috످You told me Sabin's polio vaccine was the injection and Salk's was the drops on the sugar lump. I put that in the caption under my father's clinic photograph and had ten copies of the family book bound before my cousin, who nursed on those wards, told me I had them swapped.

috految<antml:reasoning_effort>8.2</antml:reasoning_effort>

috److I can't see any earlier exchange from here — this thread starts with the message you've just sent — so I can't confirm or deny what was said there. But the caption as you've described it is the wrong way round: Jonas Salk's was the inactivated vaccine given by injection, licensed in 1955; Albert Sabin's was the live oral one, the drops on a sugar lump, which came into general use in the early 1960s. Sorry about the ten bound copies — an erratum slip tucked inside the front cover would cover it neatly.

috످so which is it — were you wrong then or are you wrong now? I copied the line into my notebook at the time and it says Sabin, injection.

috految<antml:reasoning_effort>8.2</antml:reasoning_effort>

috److If I told you "Sabin, injection," as your notebook says, I was wrong then, and I'm sorry it ended up under your father's photograph. Your cousin is right: Salk's was the injection, and Sabin's was the drops on the sugar lump. You can check that in the World Health Organization's "History of polio vaccination" online before you correct the books.

috످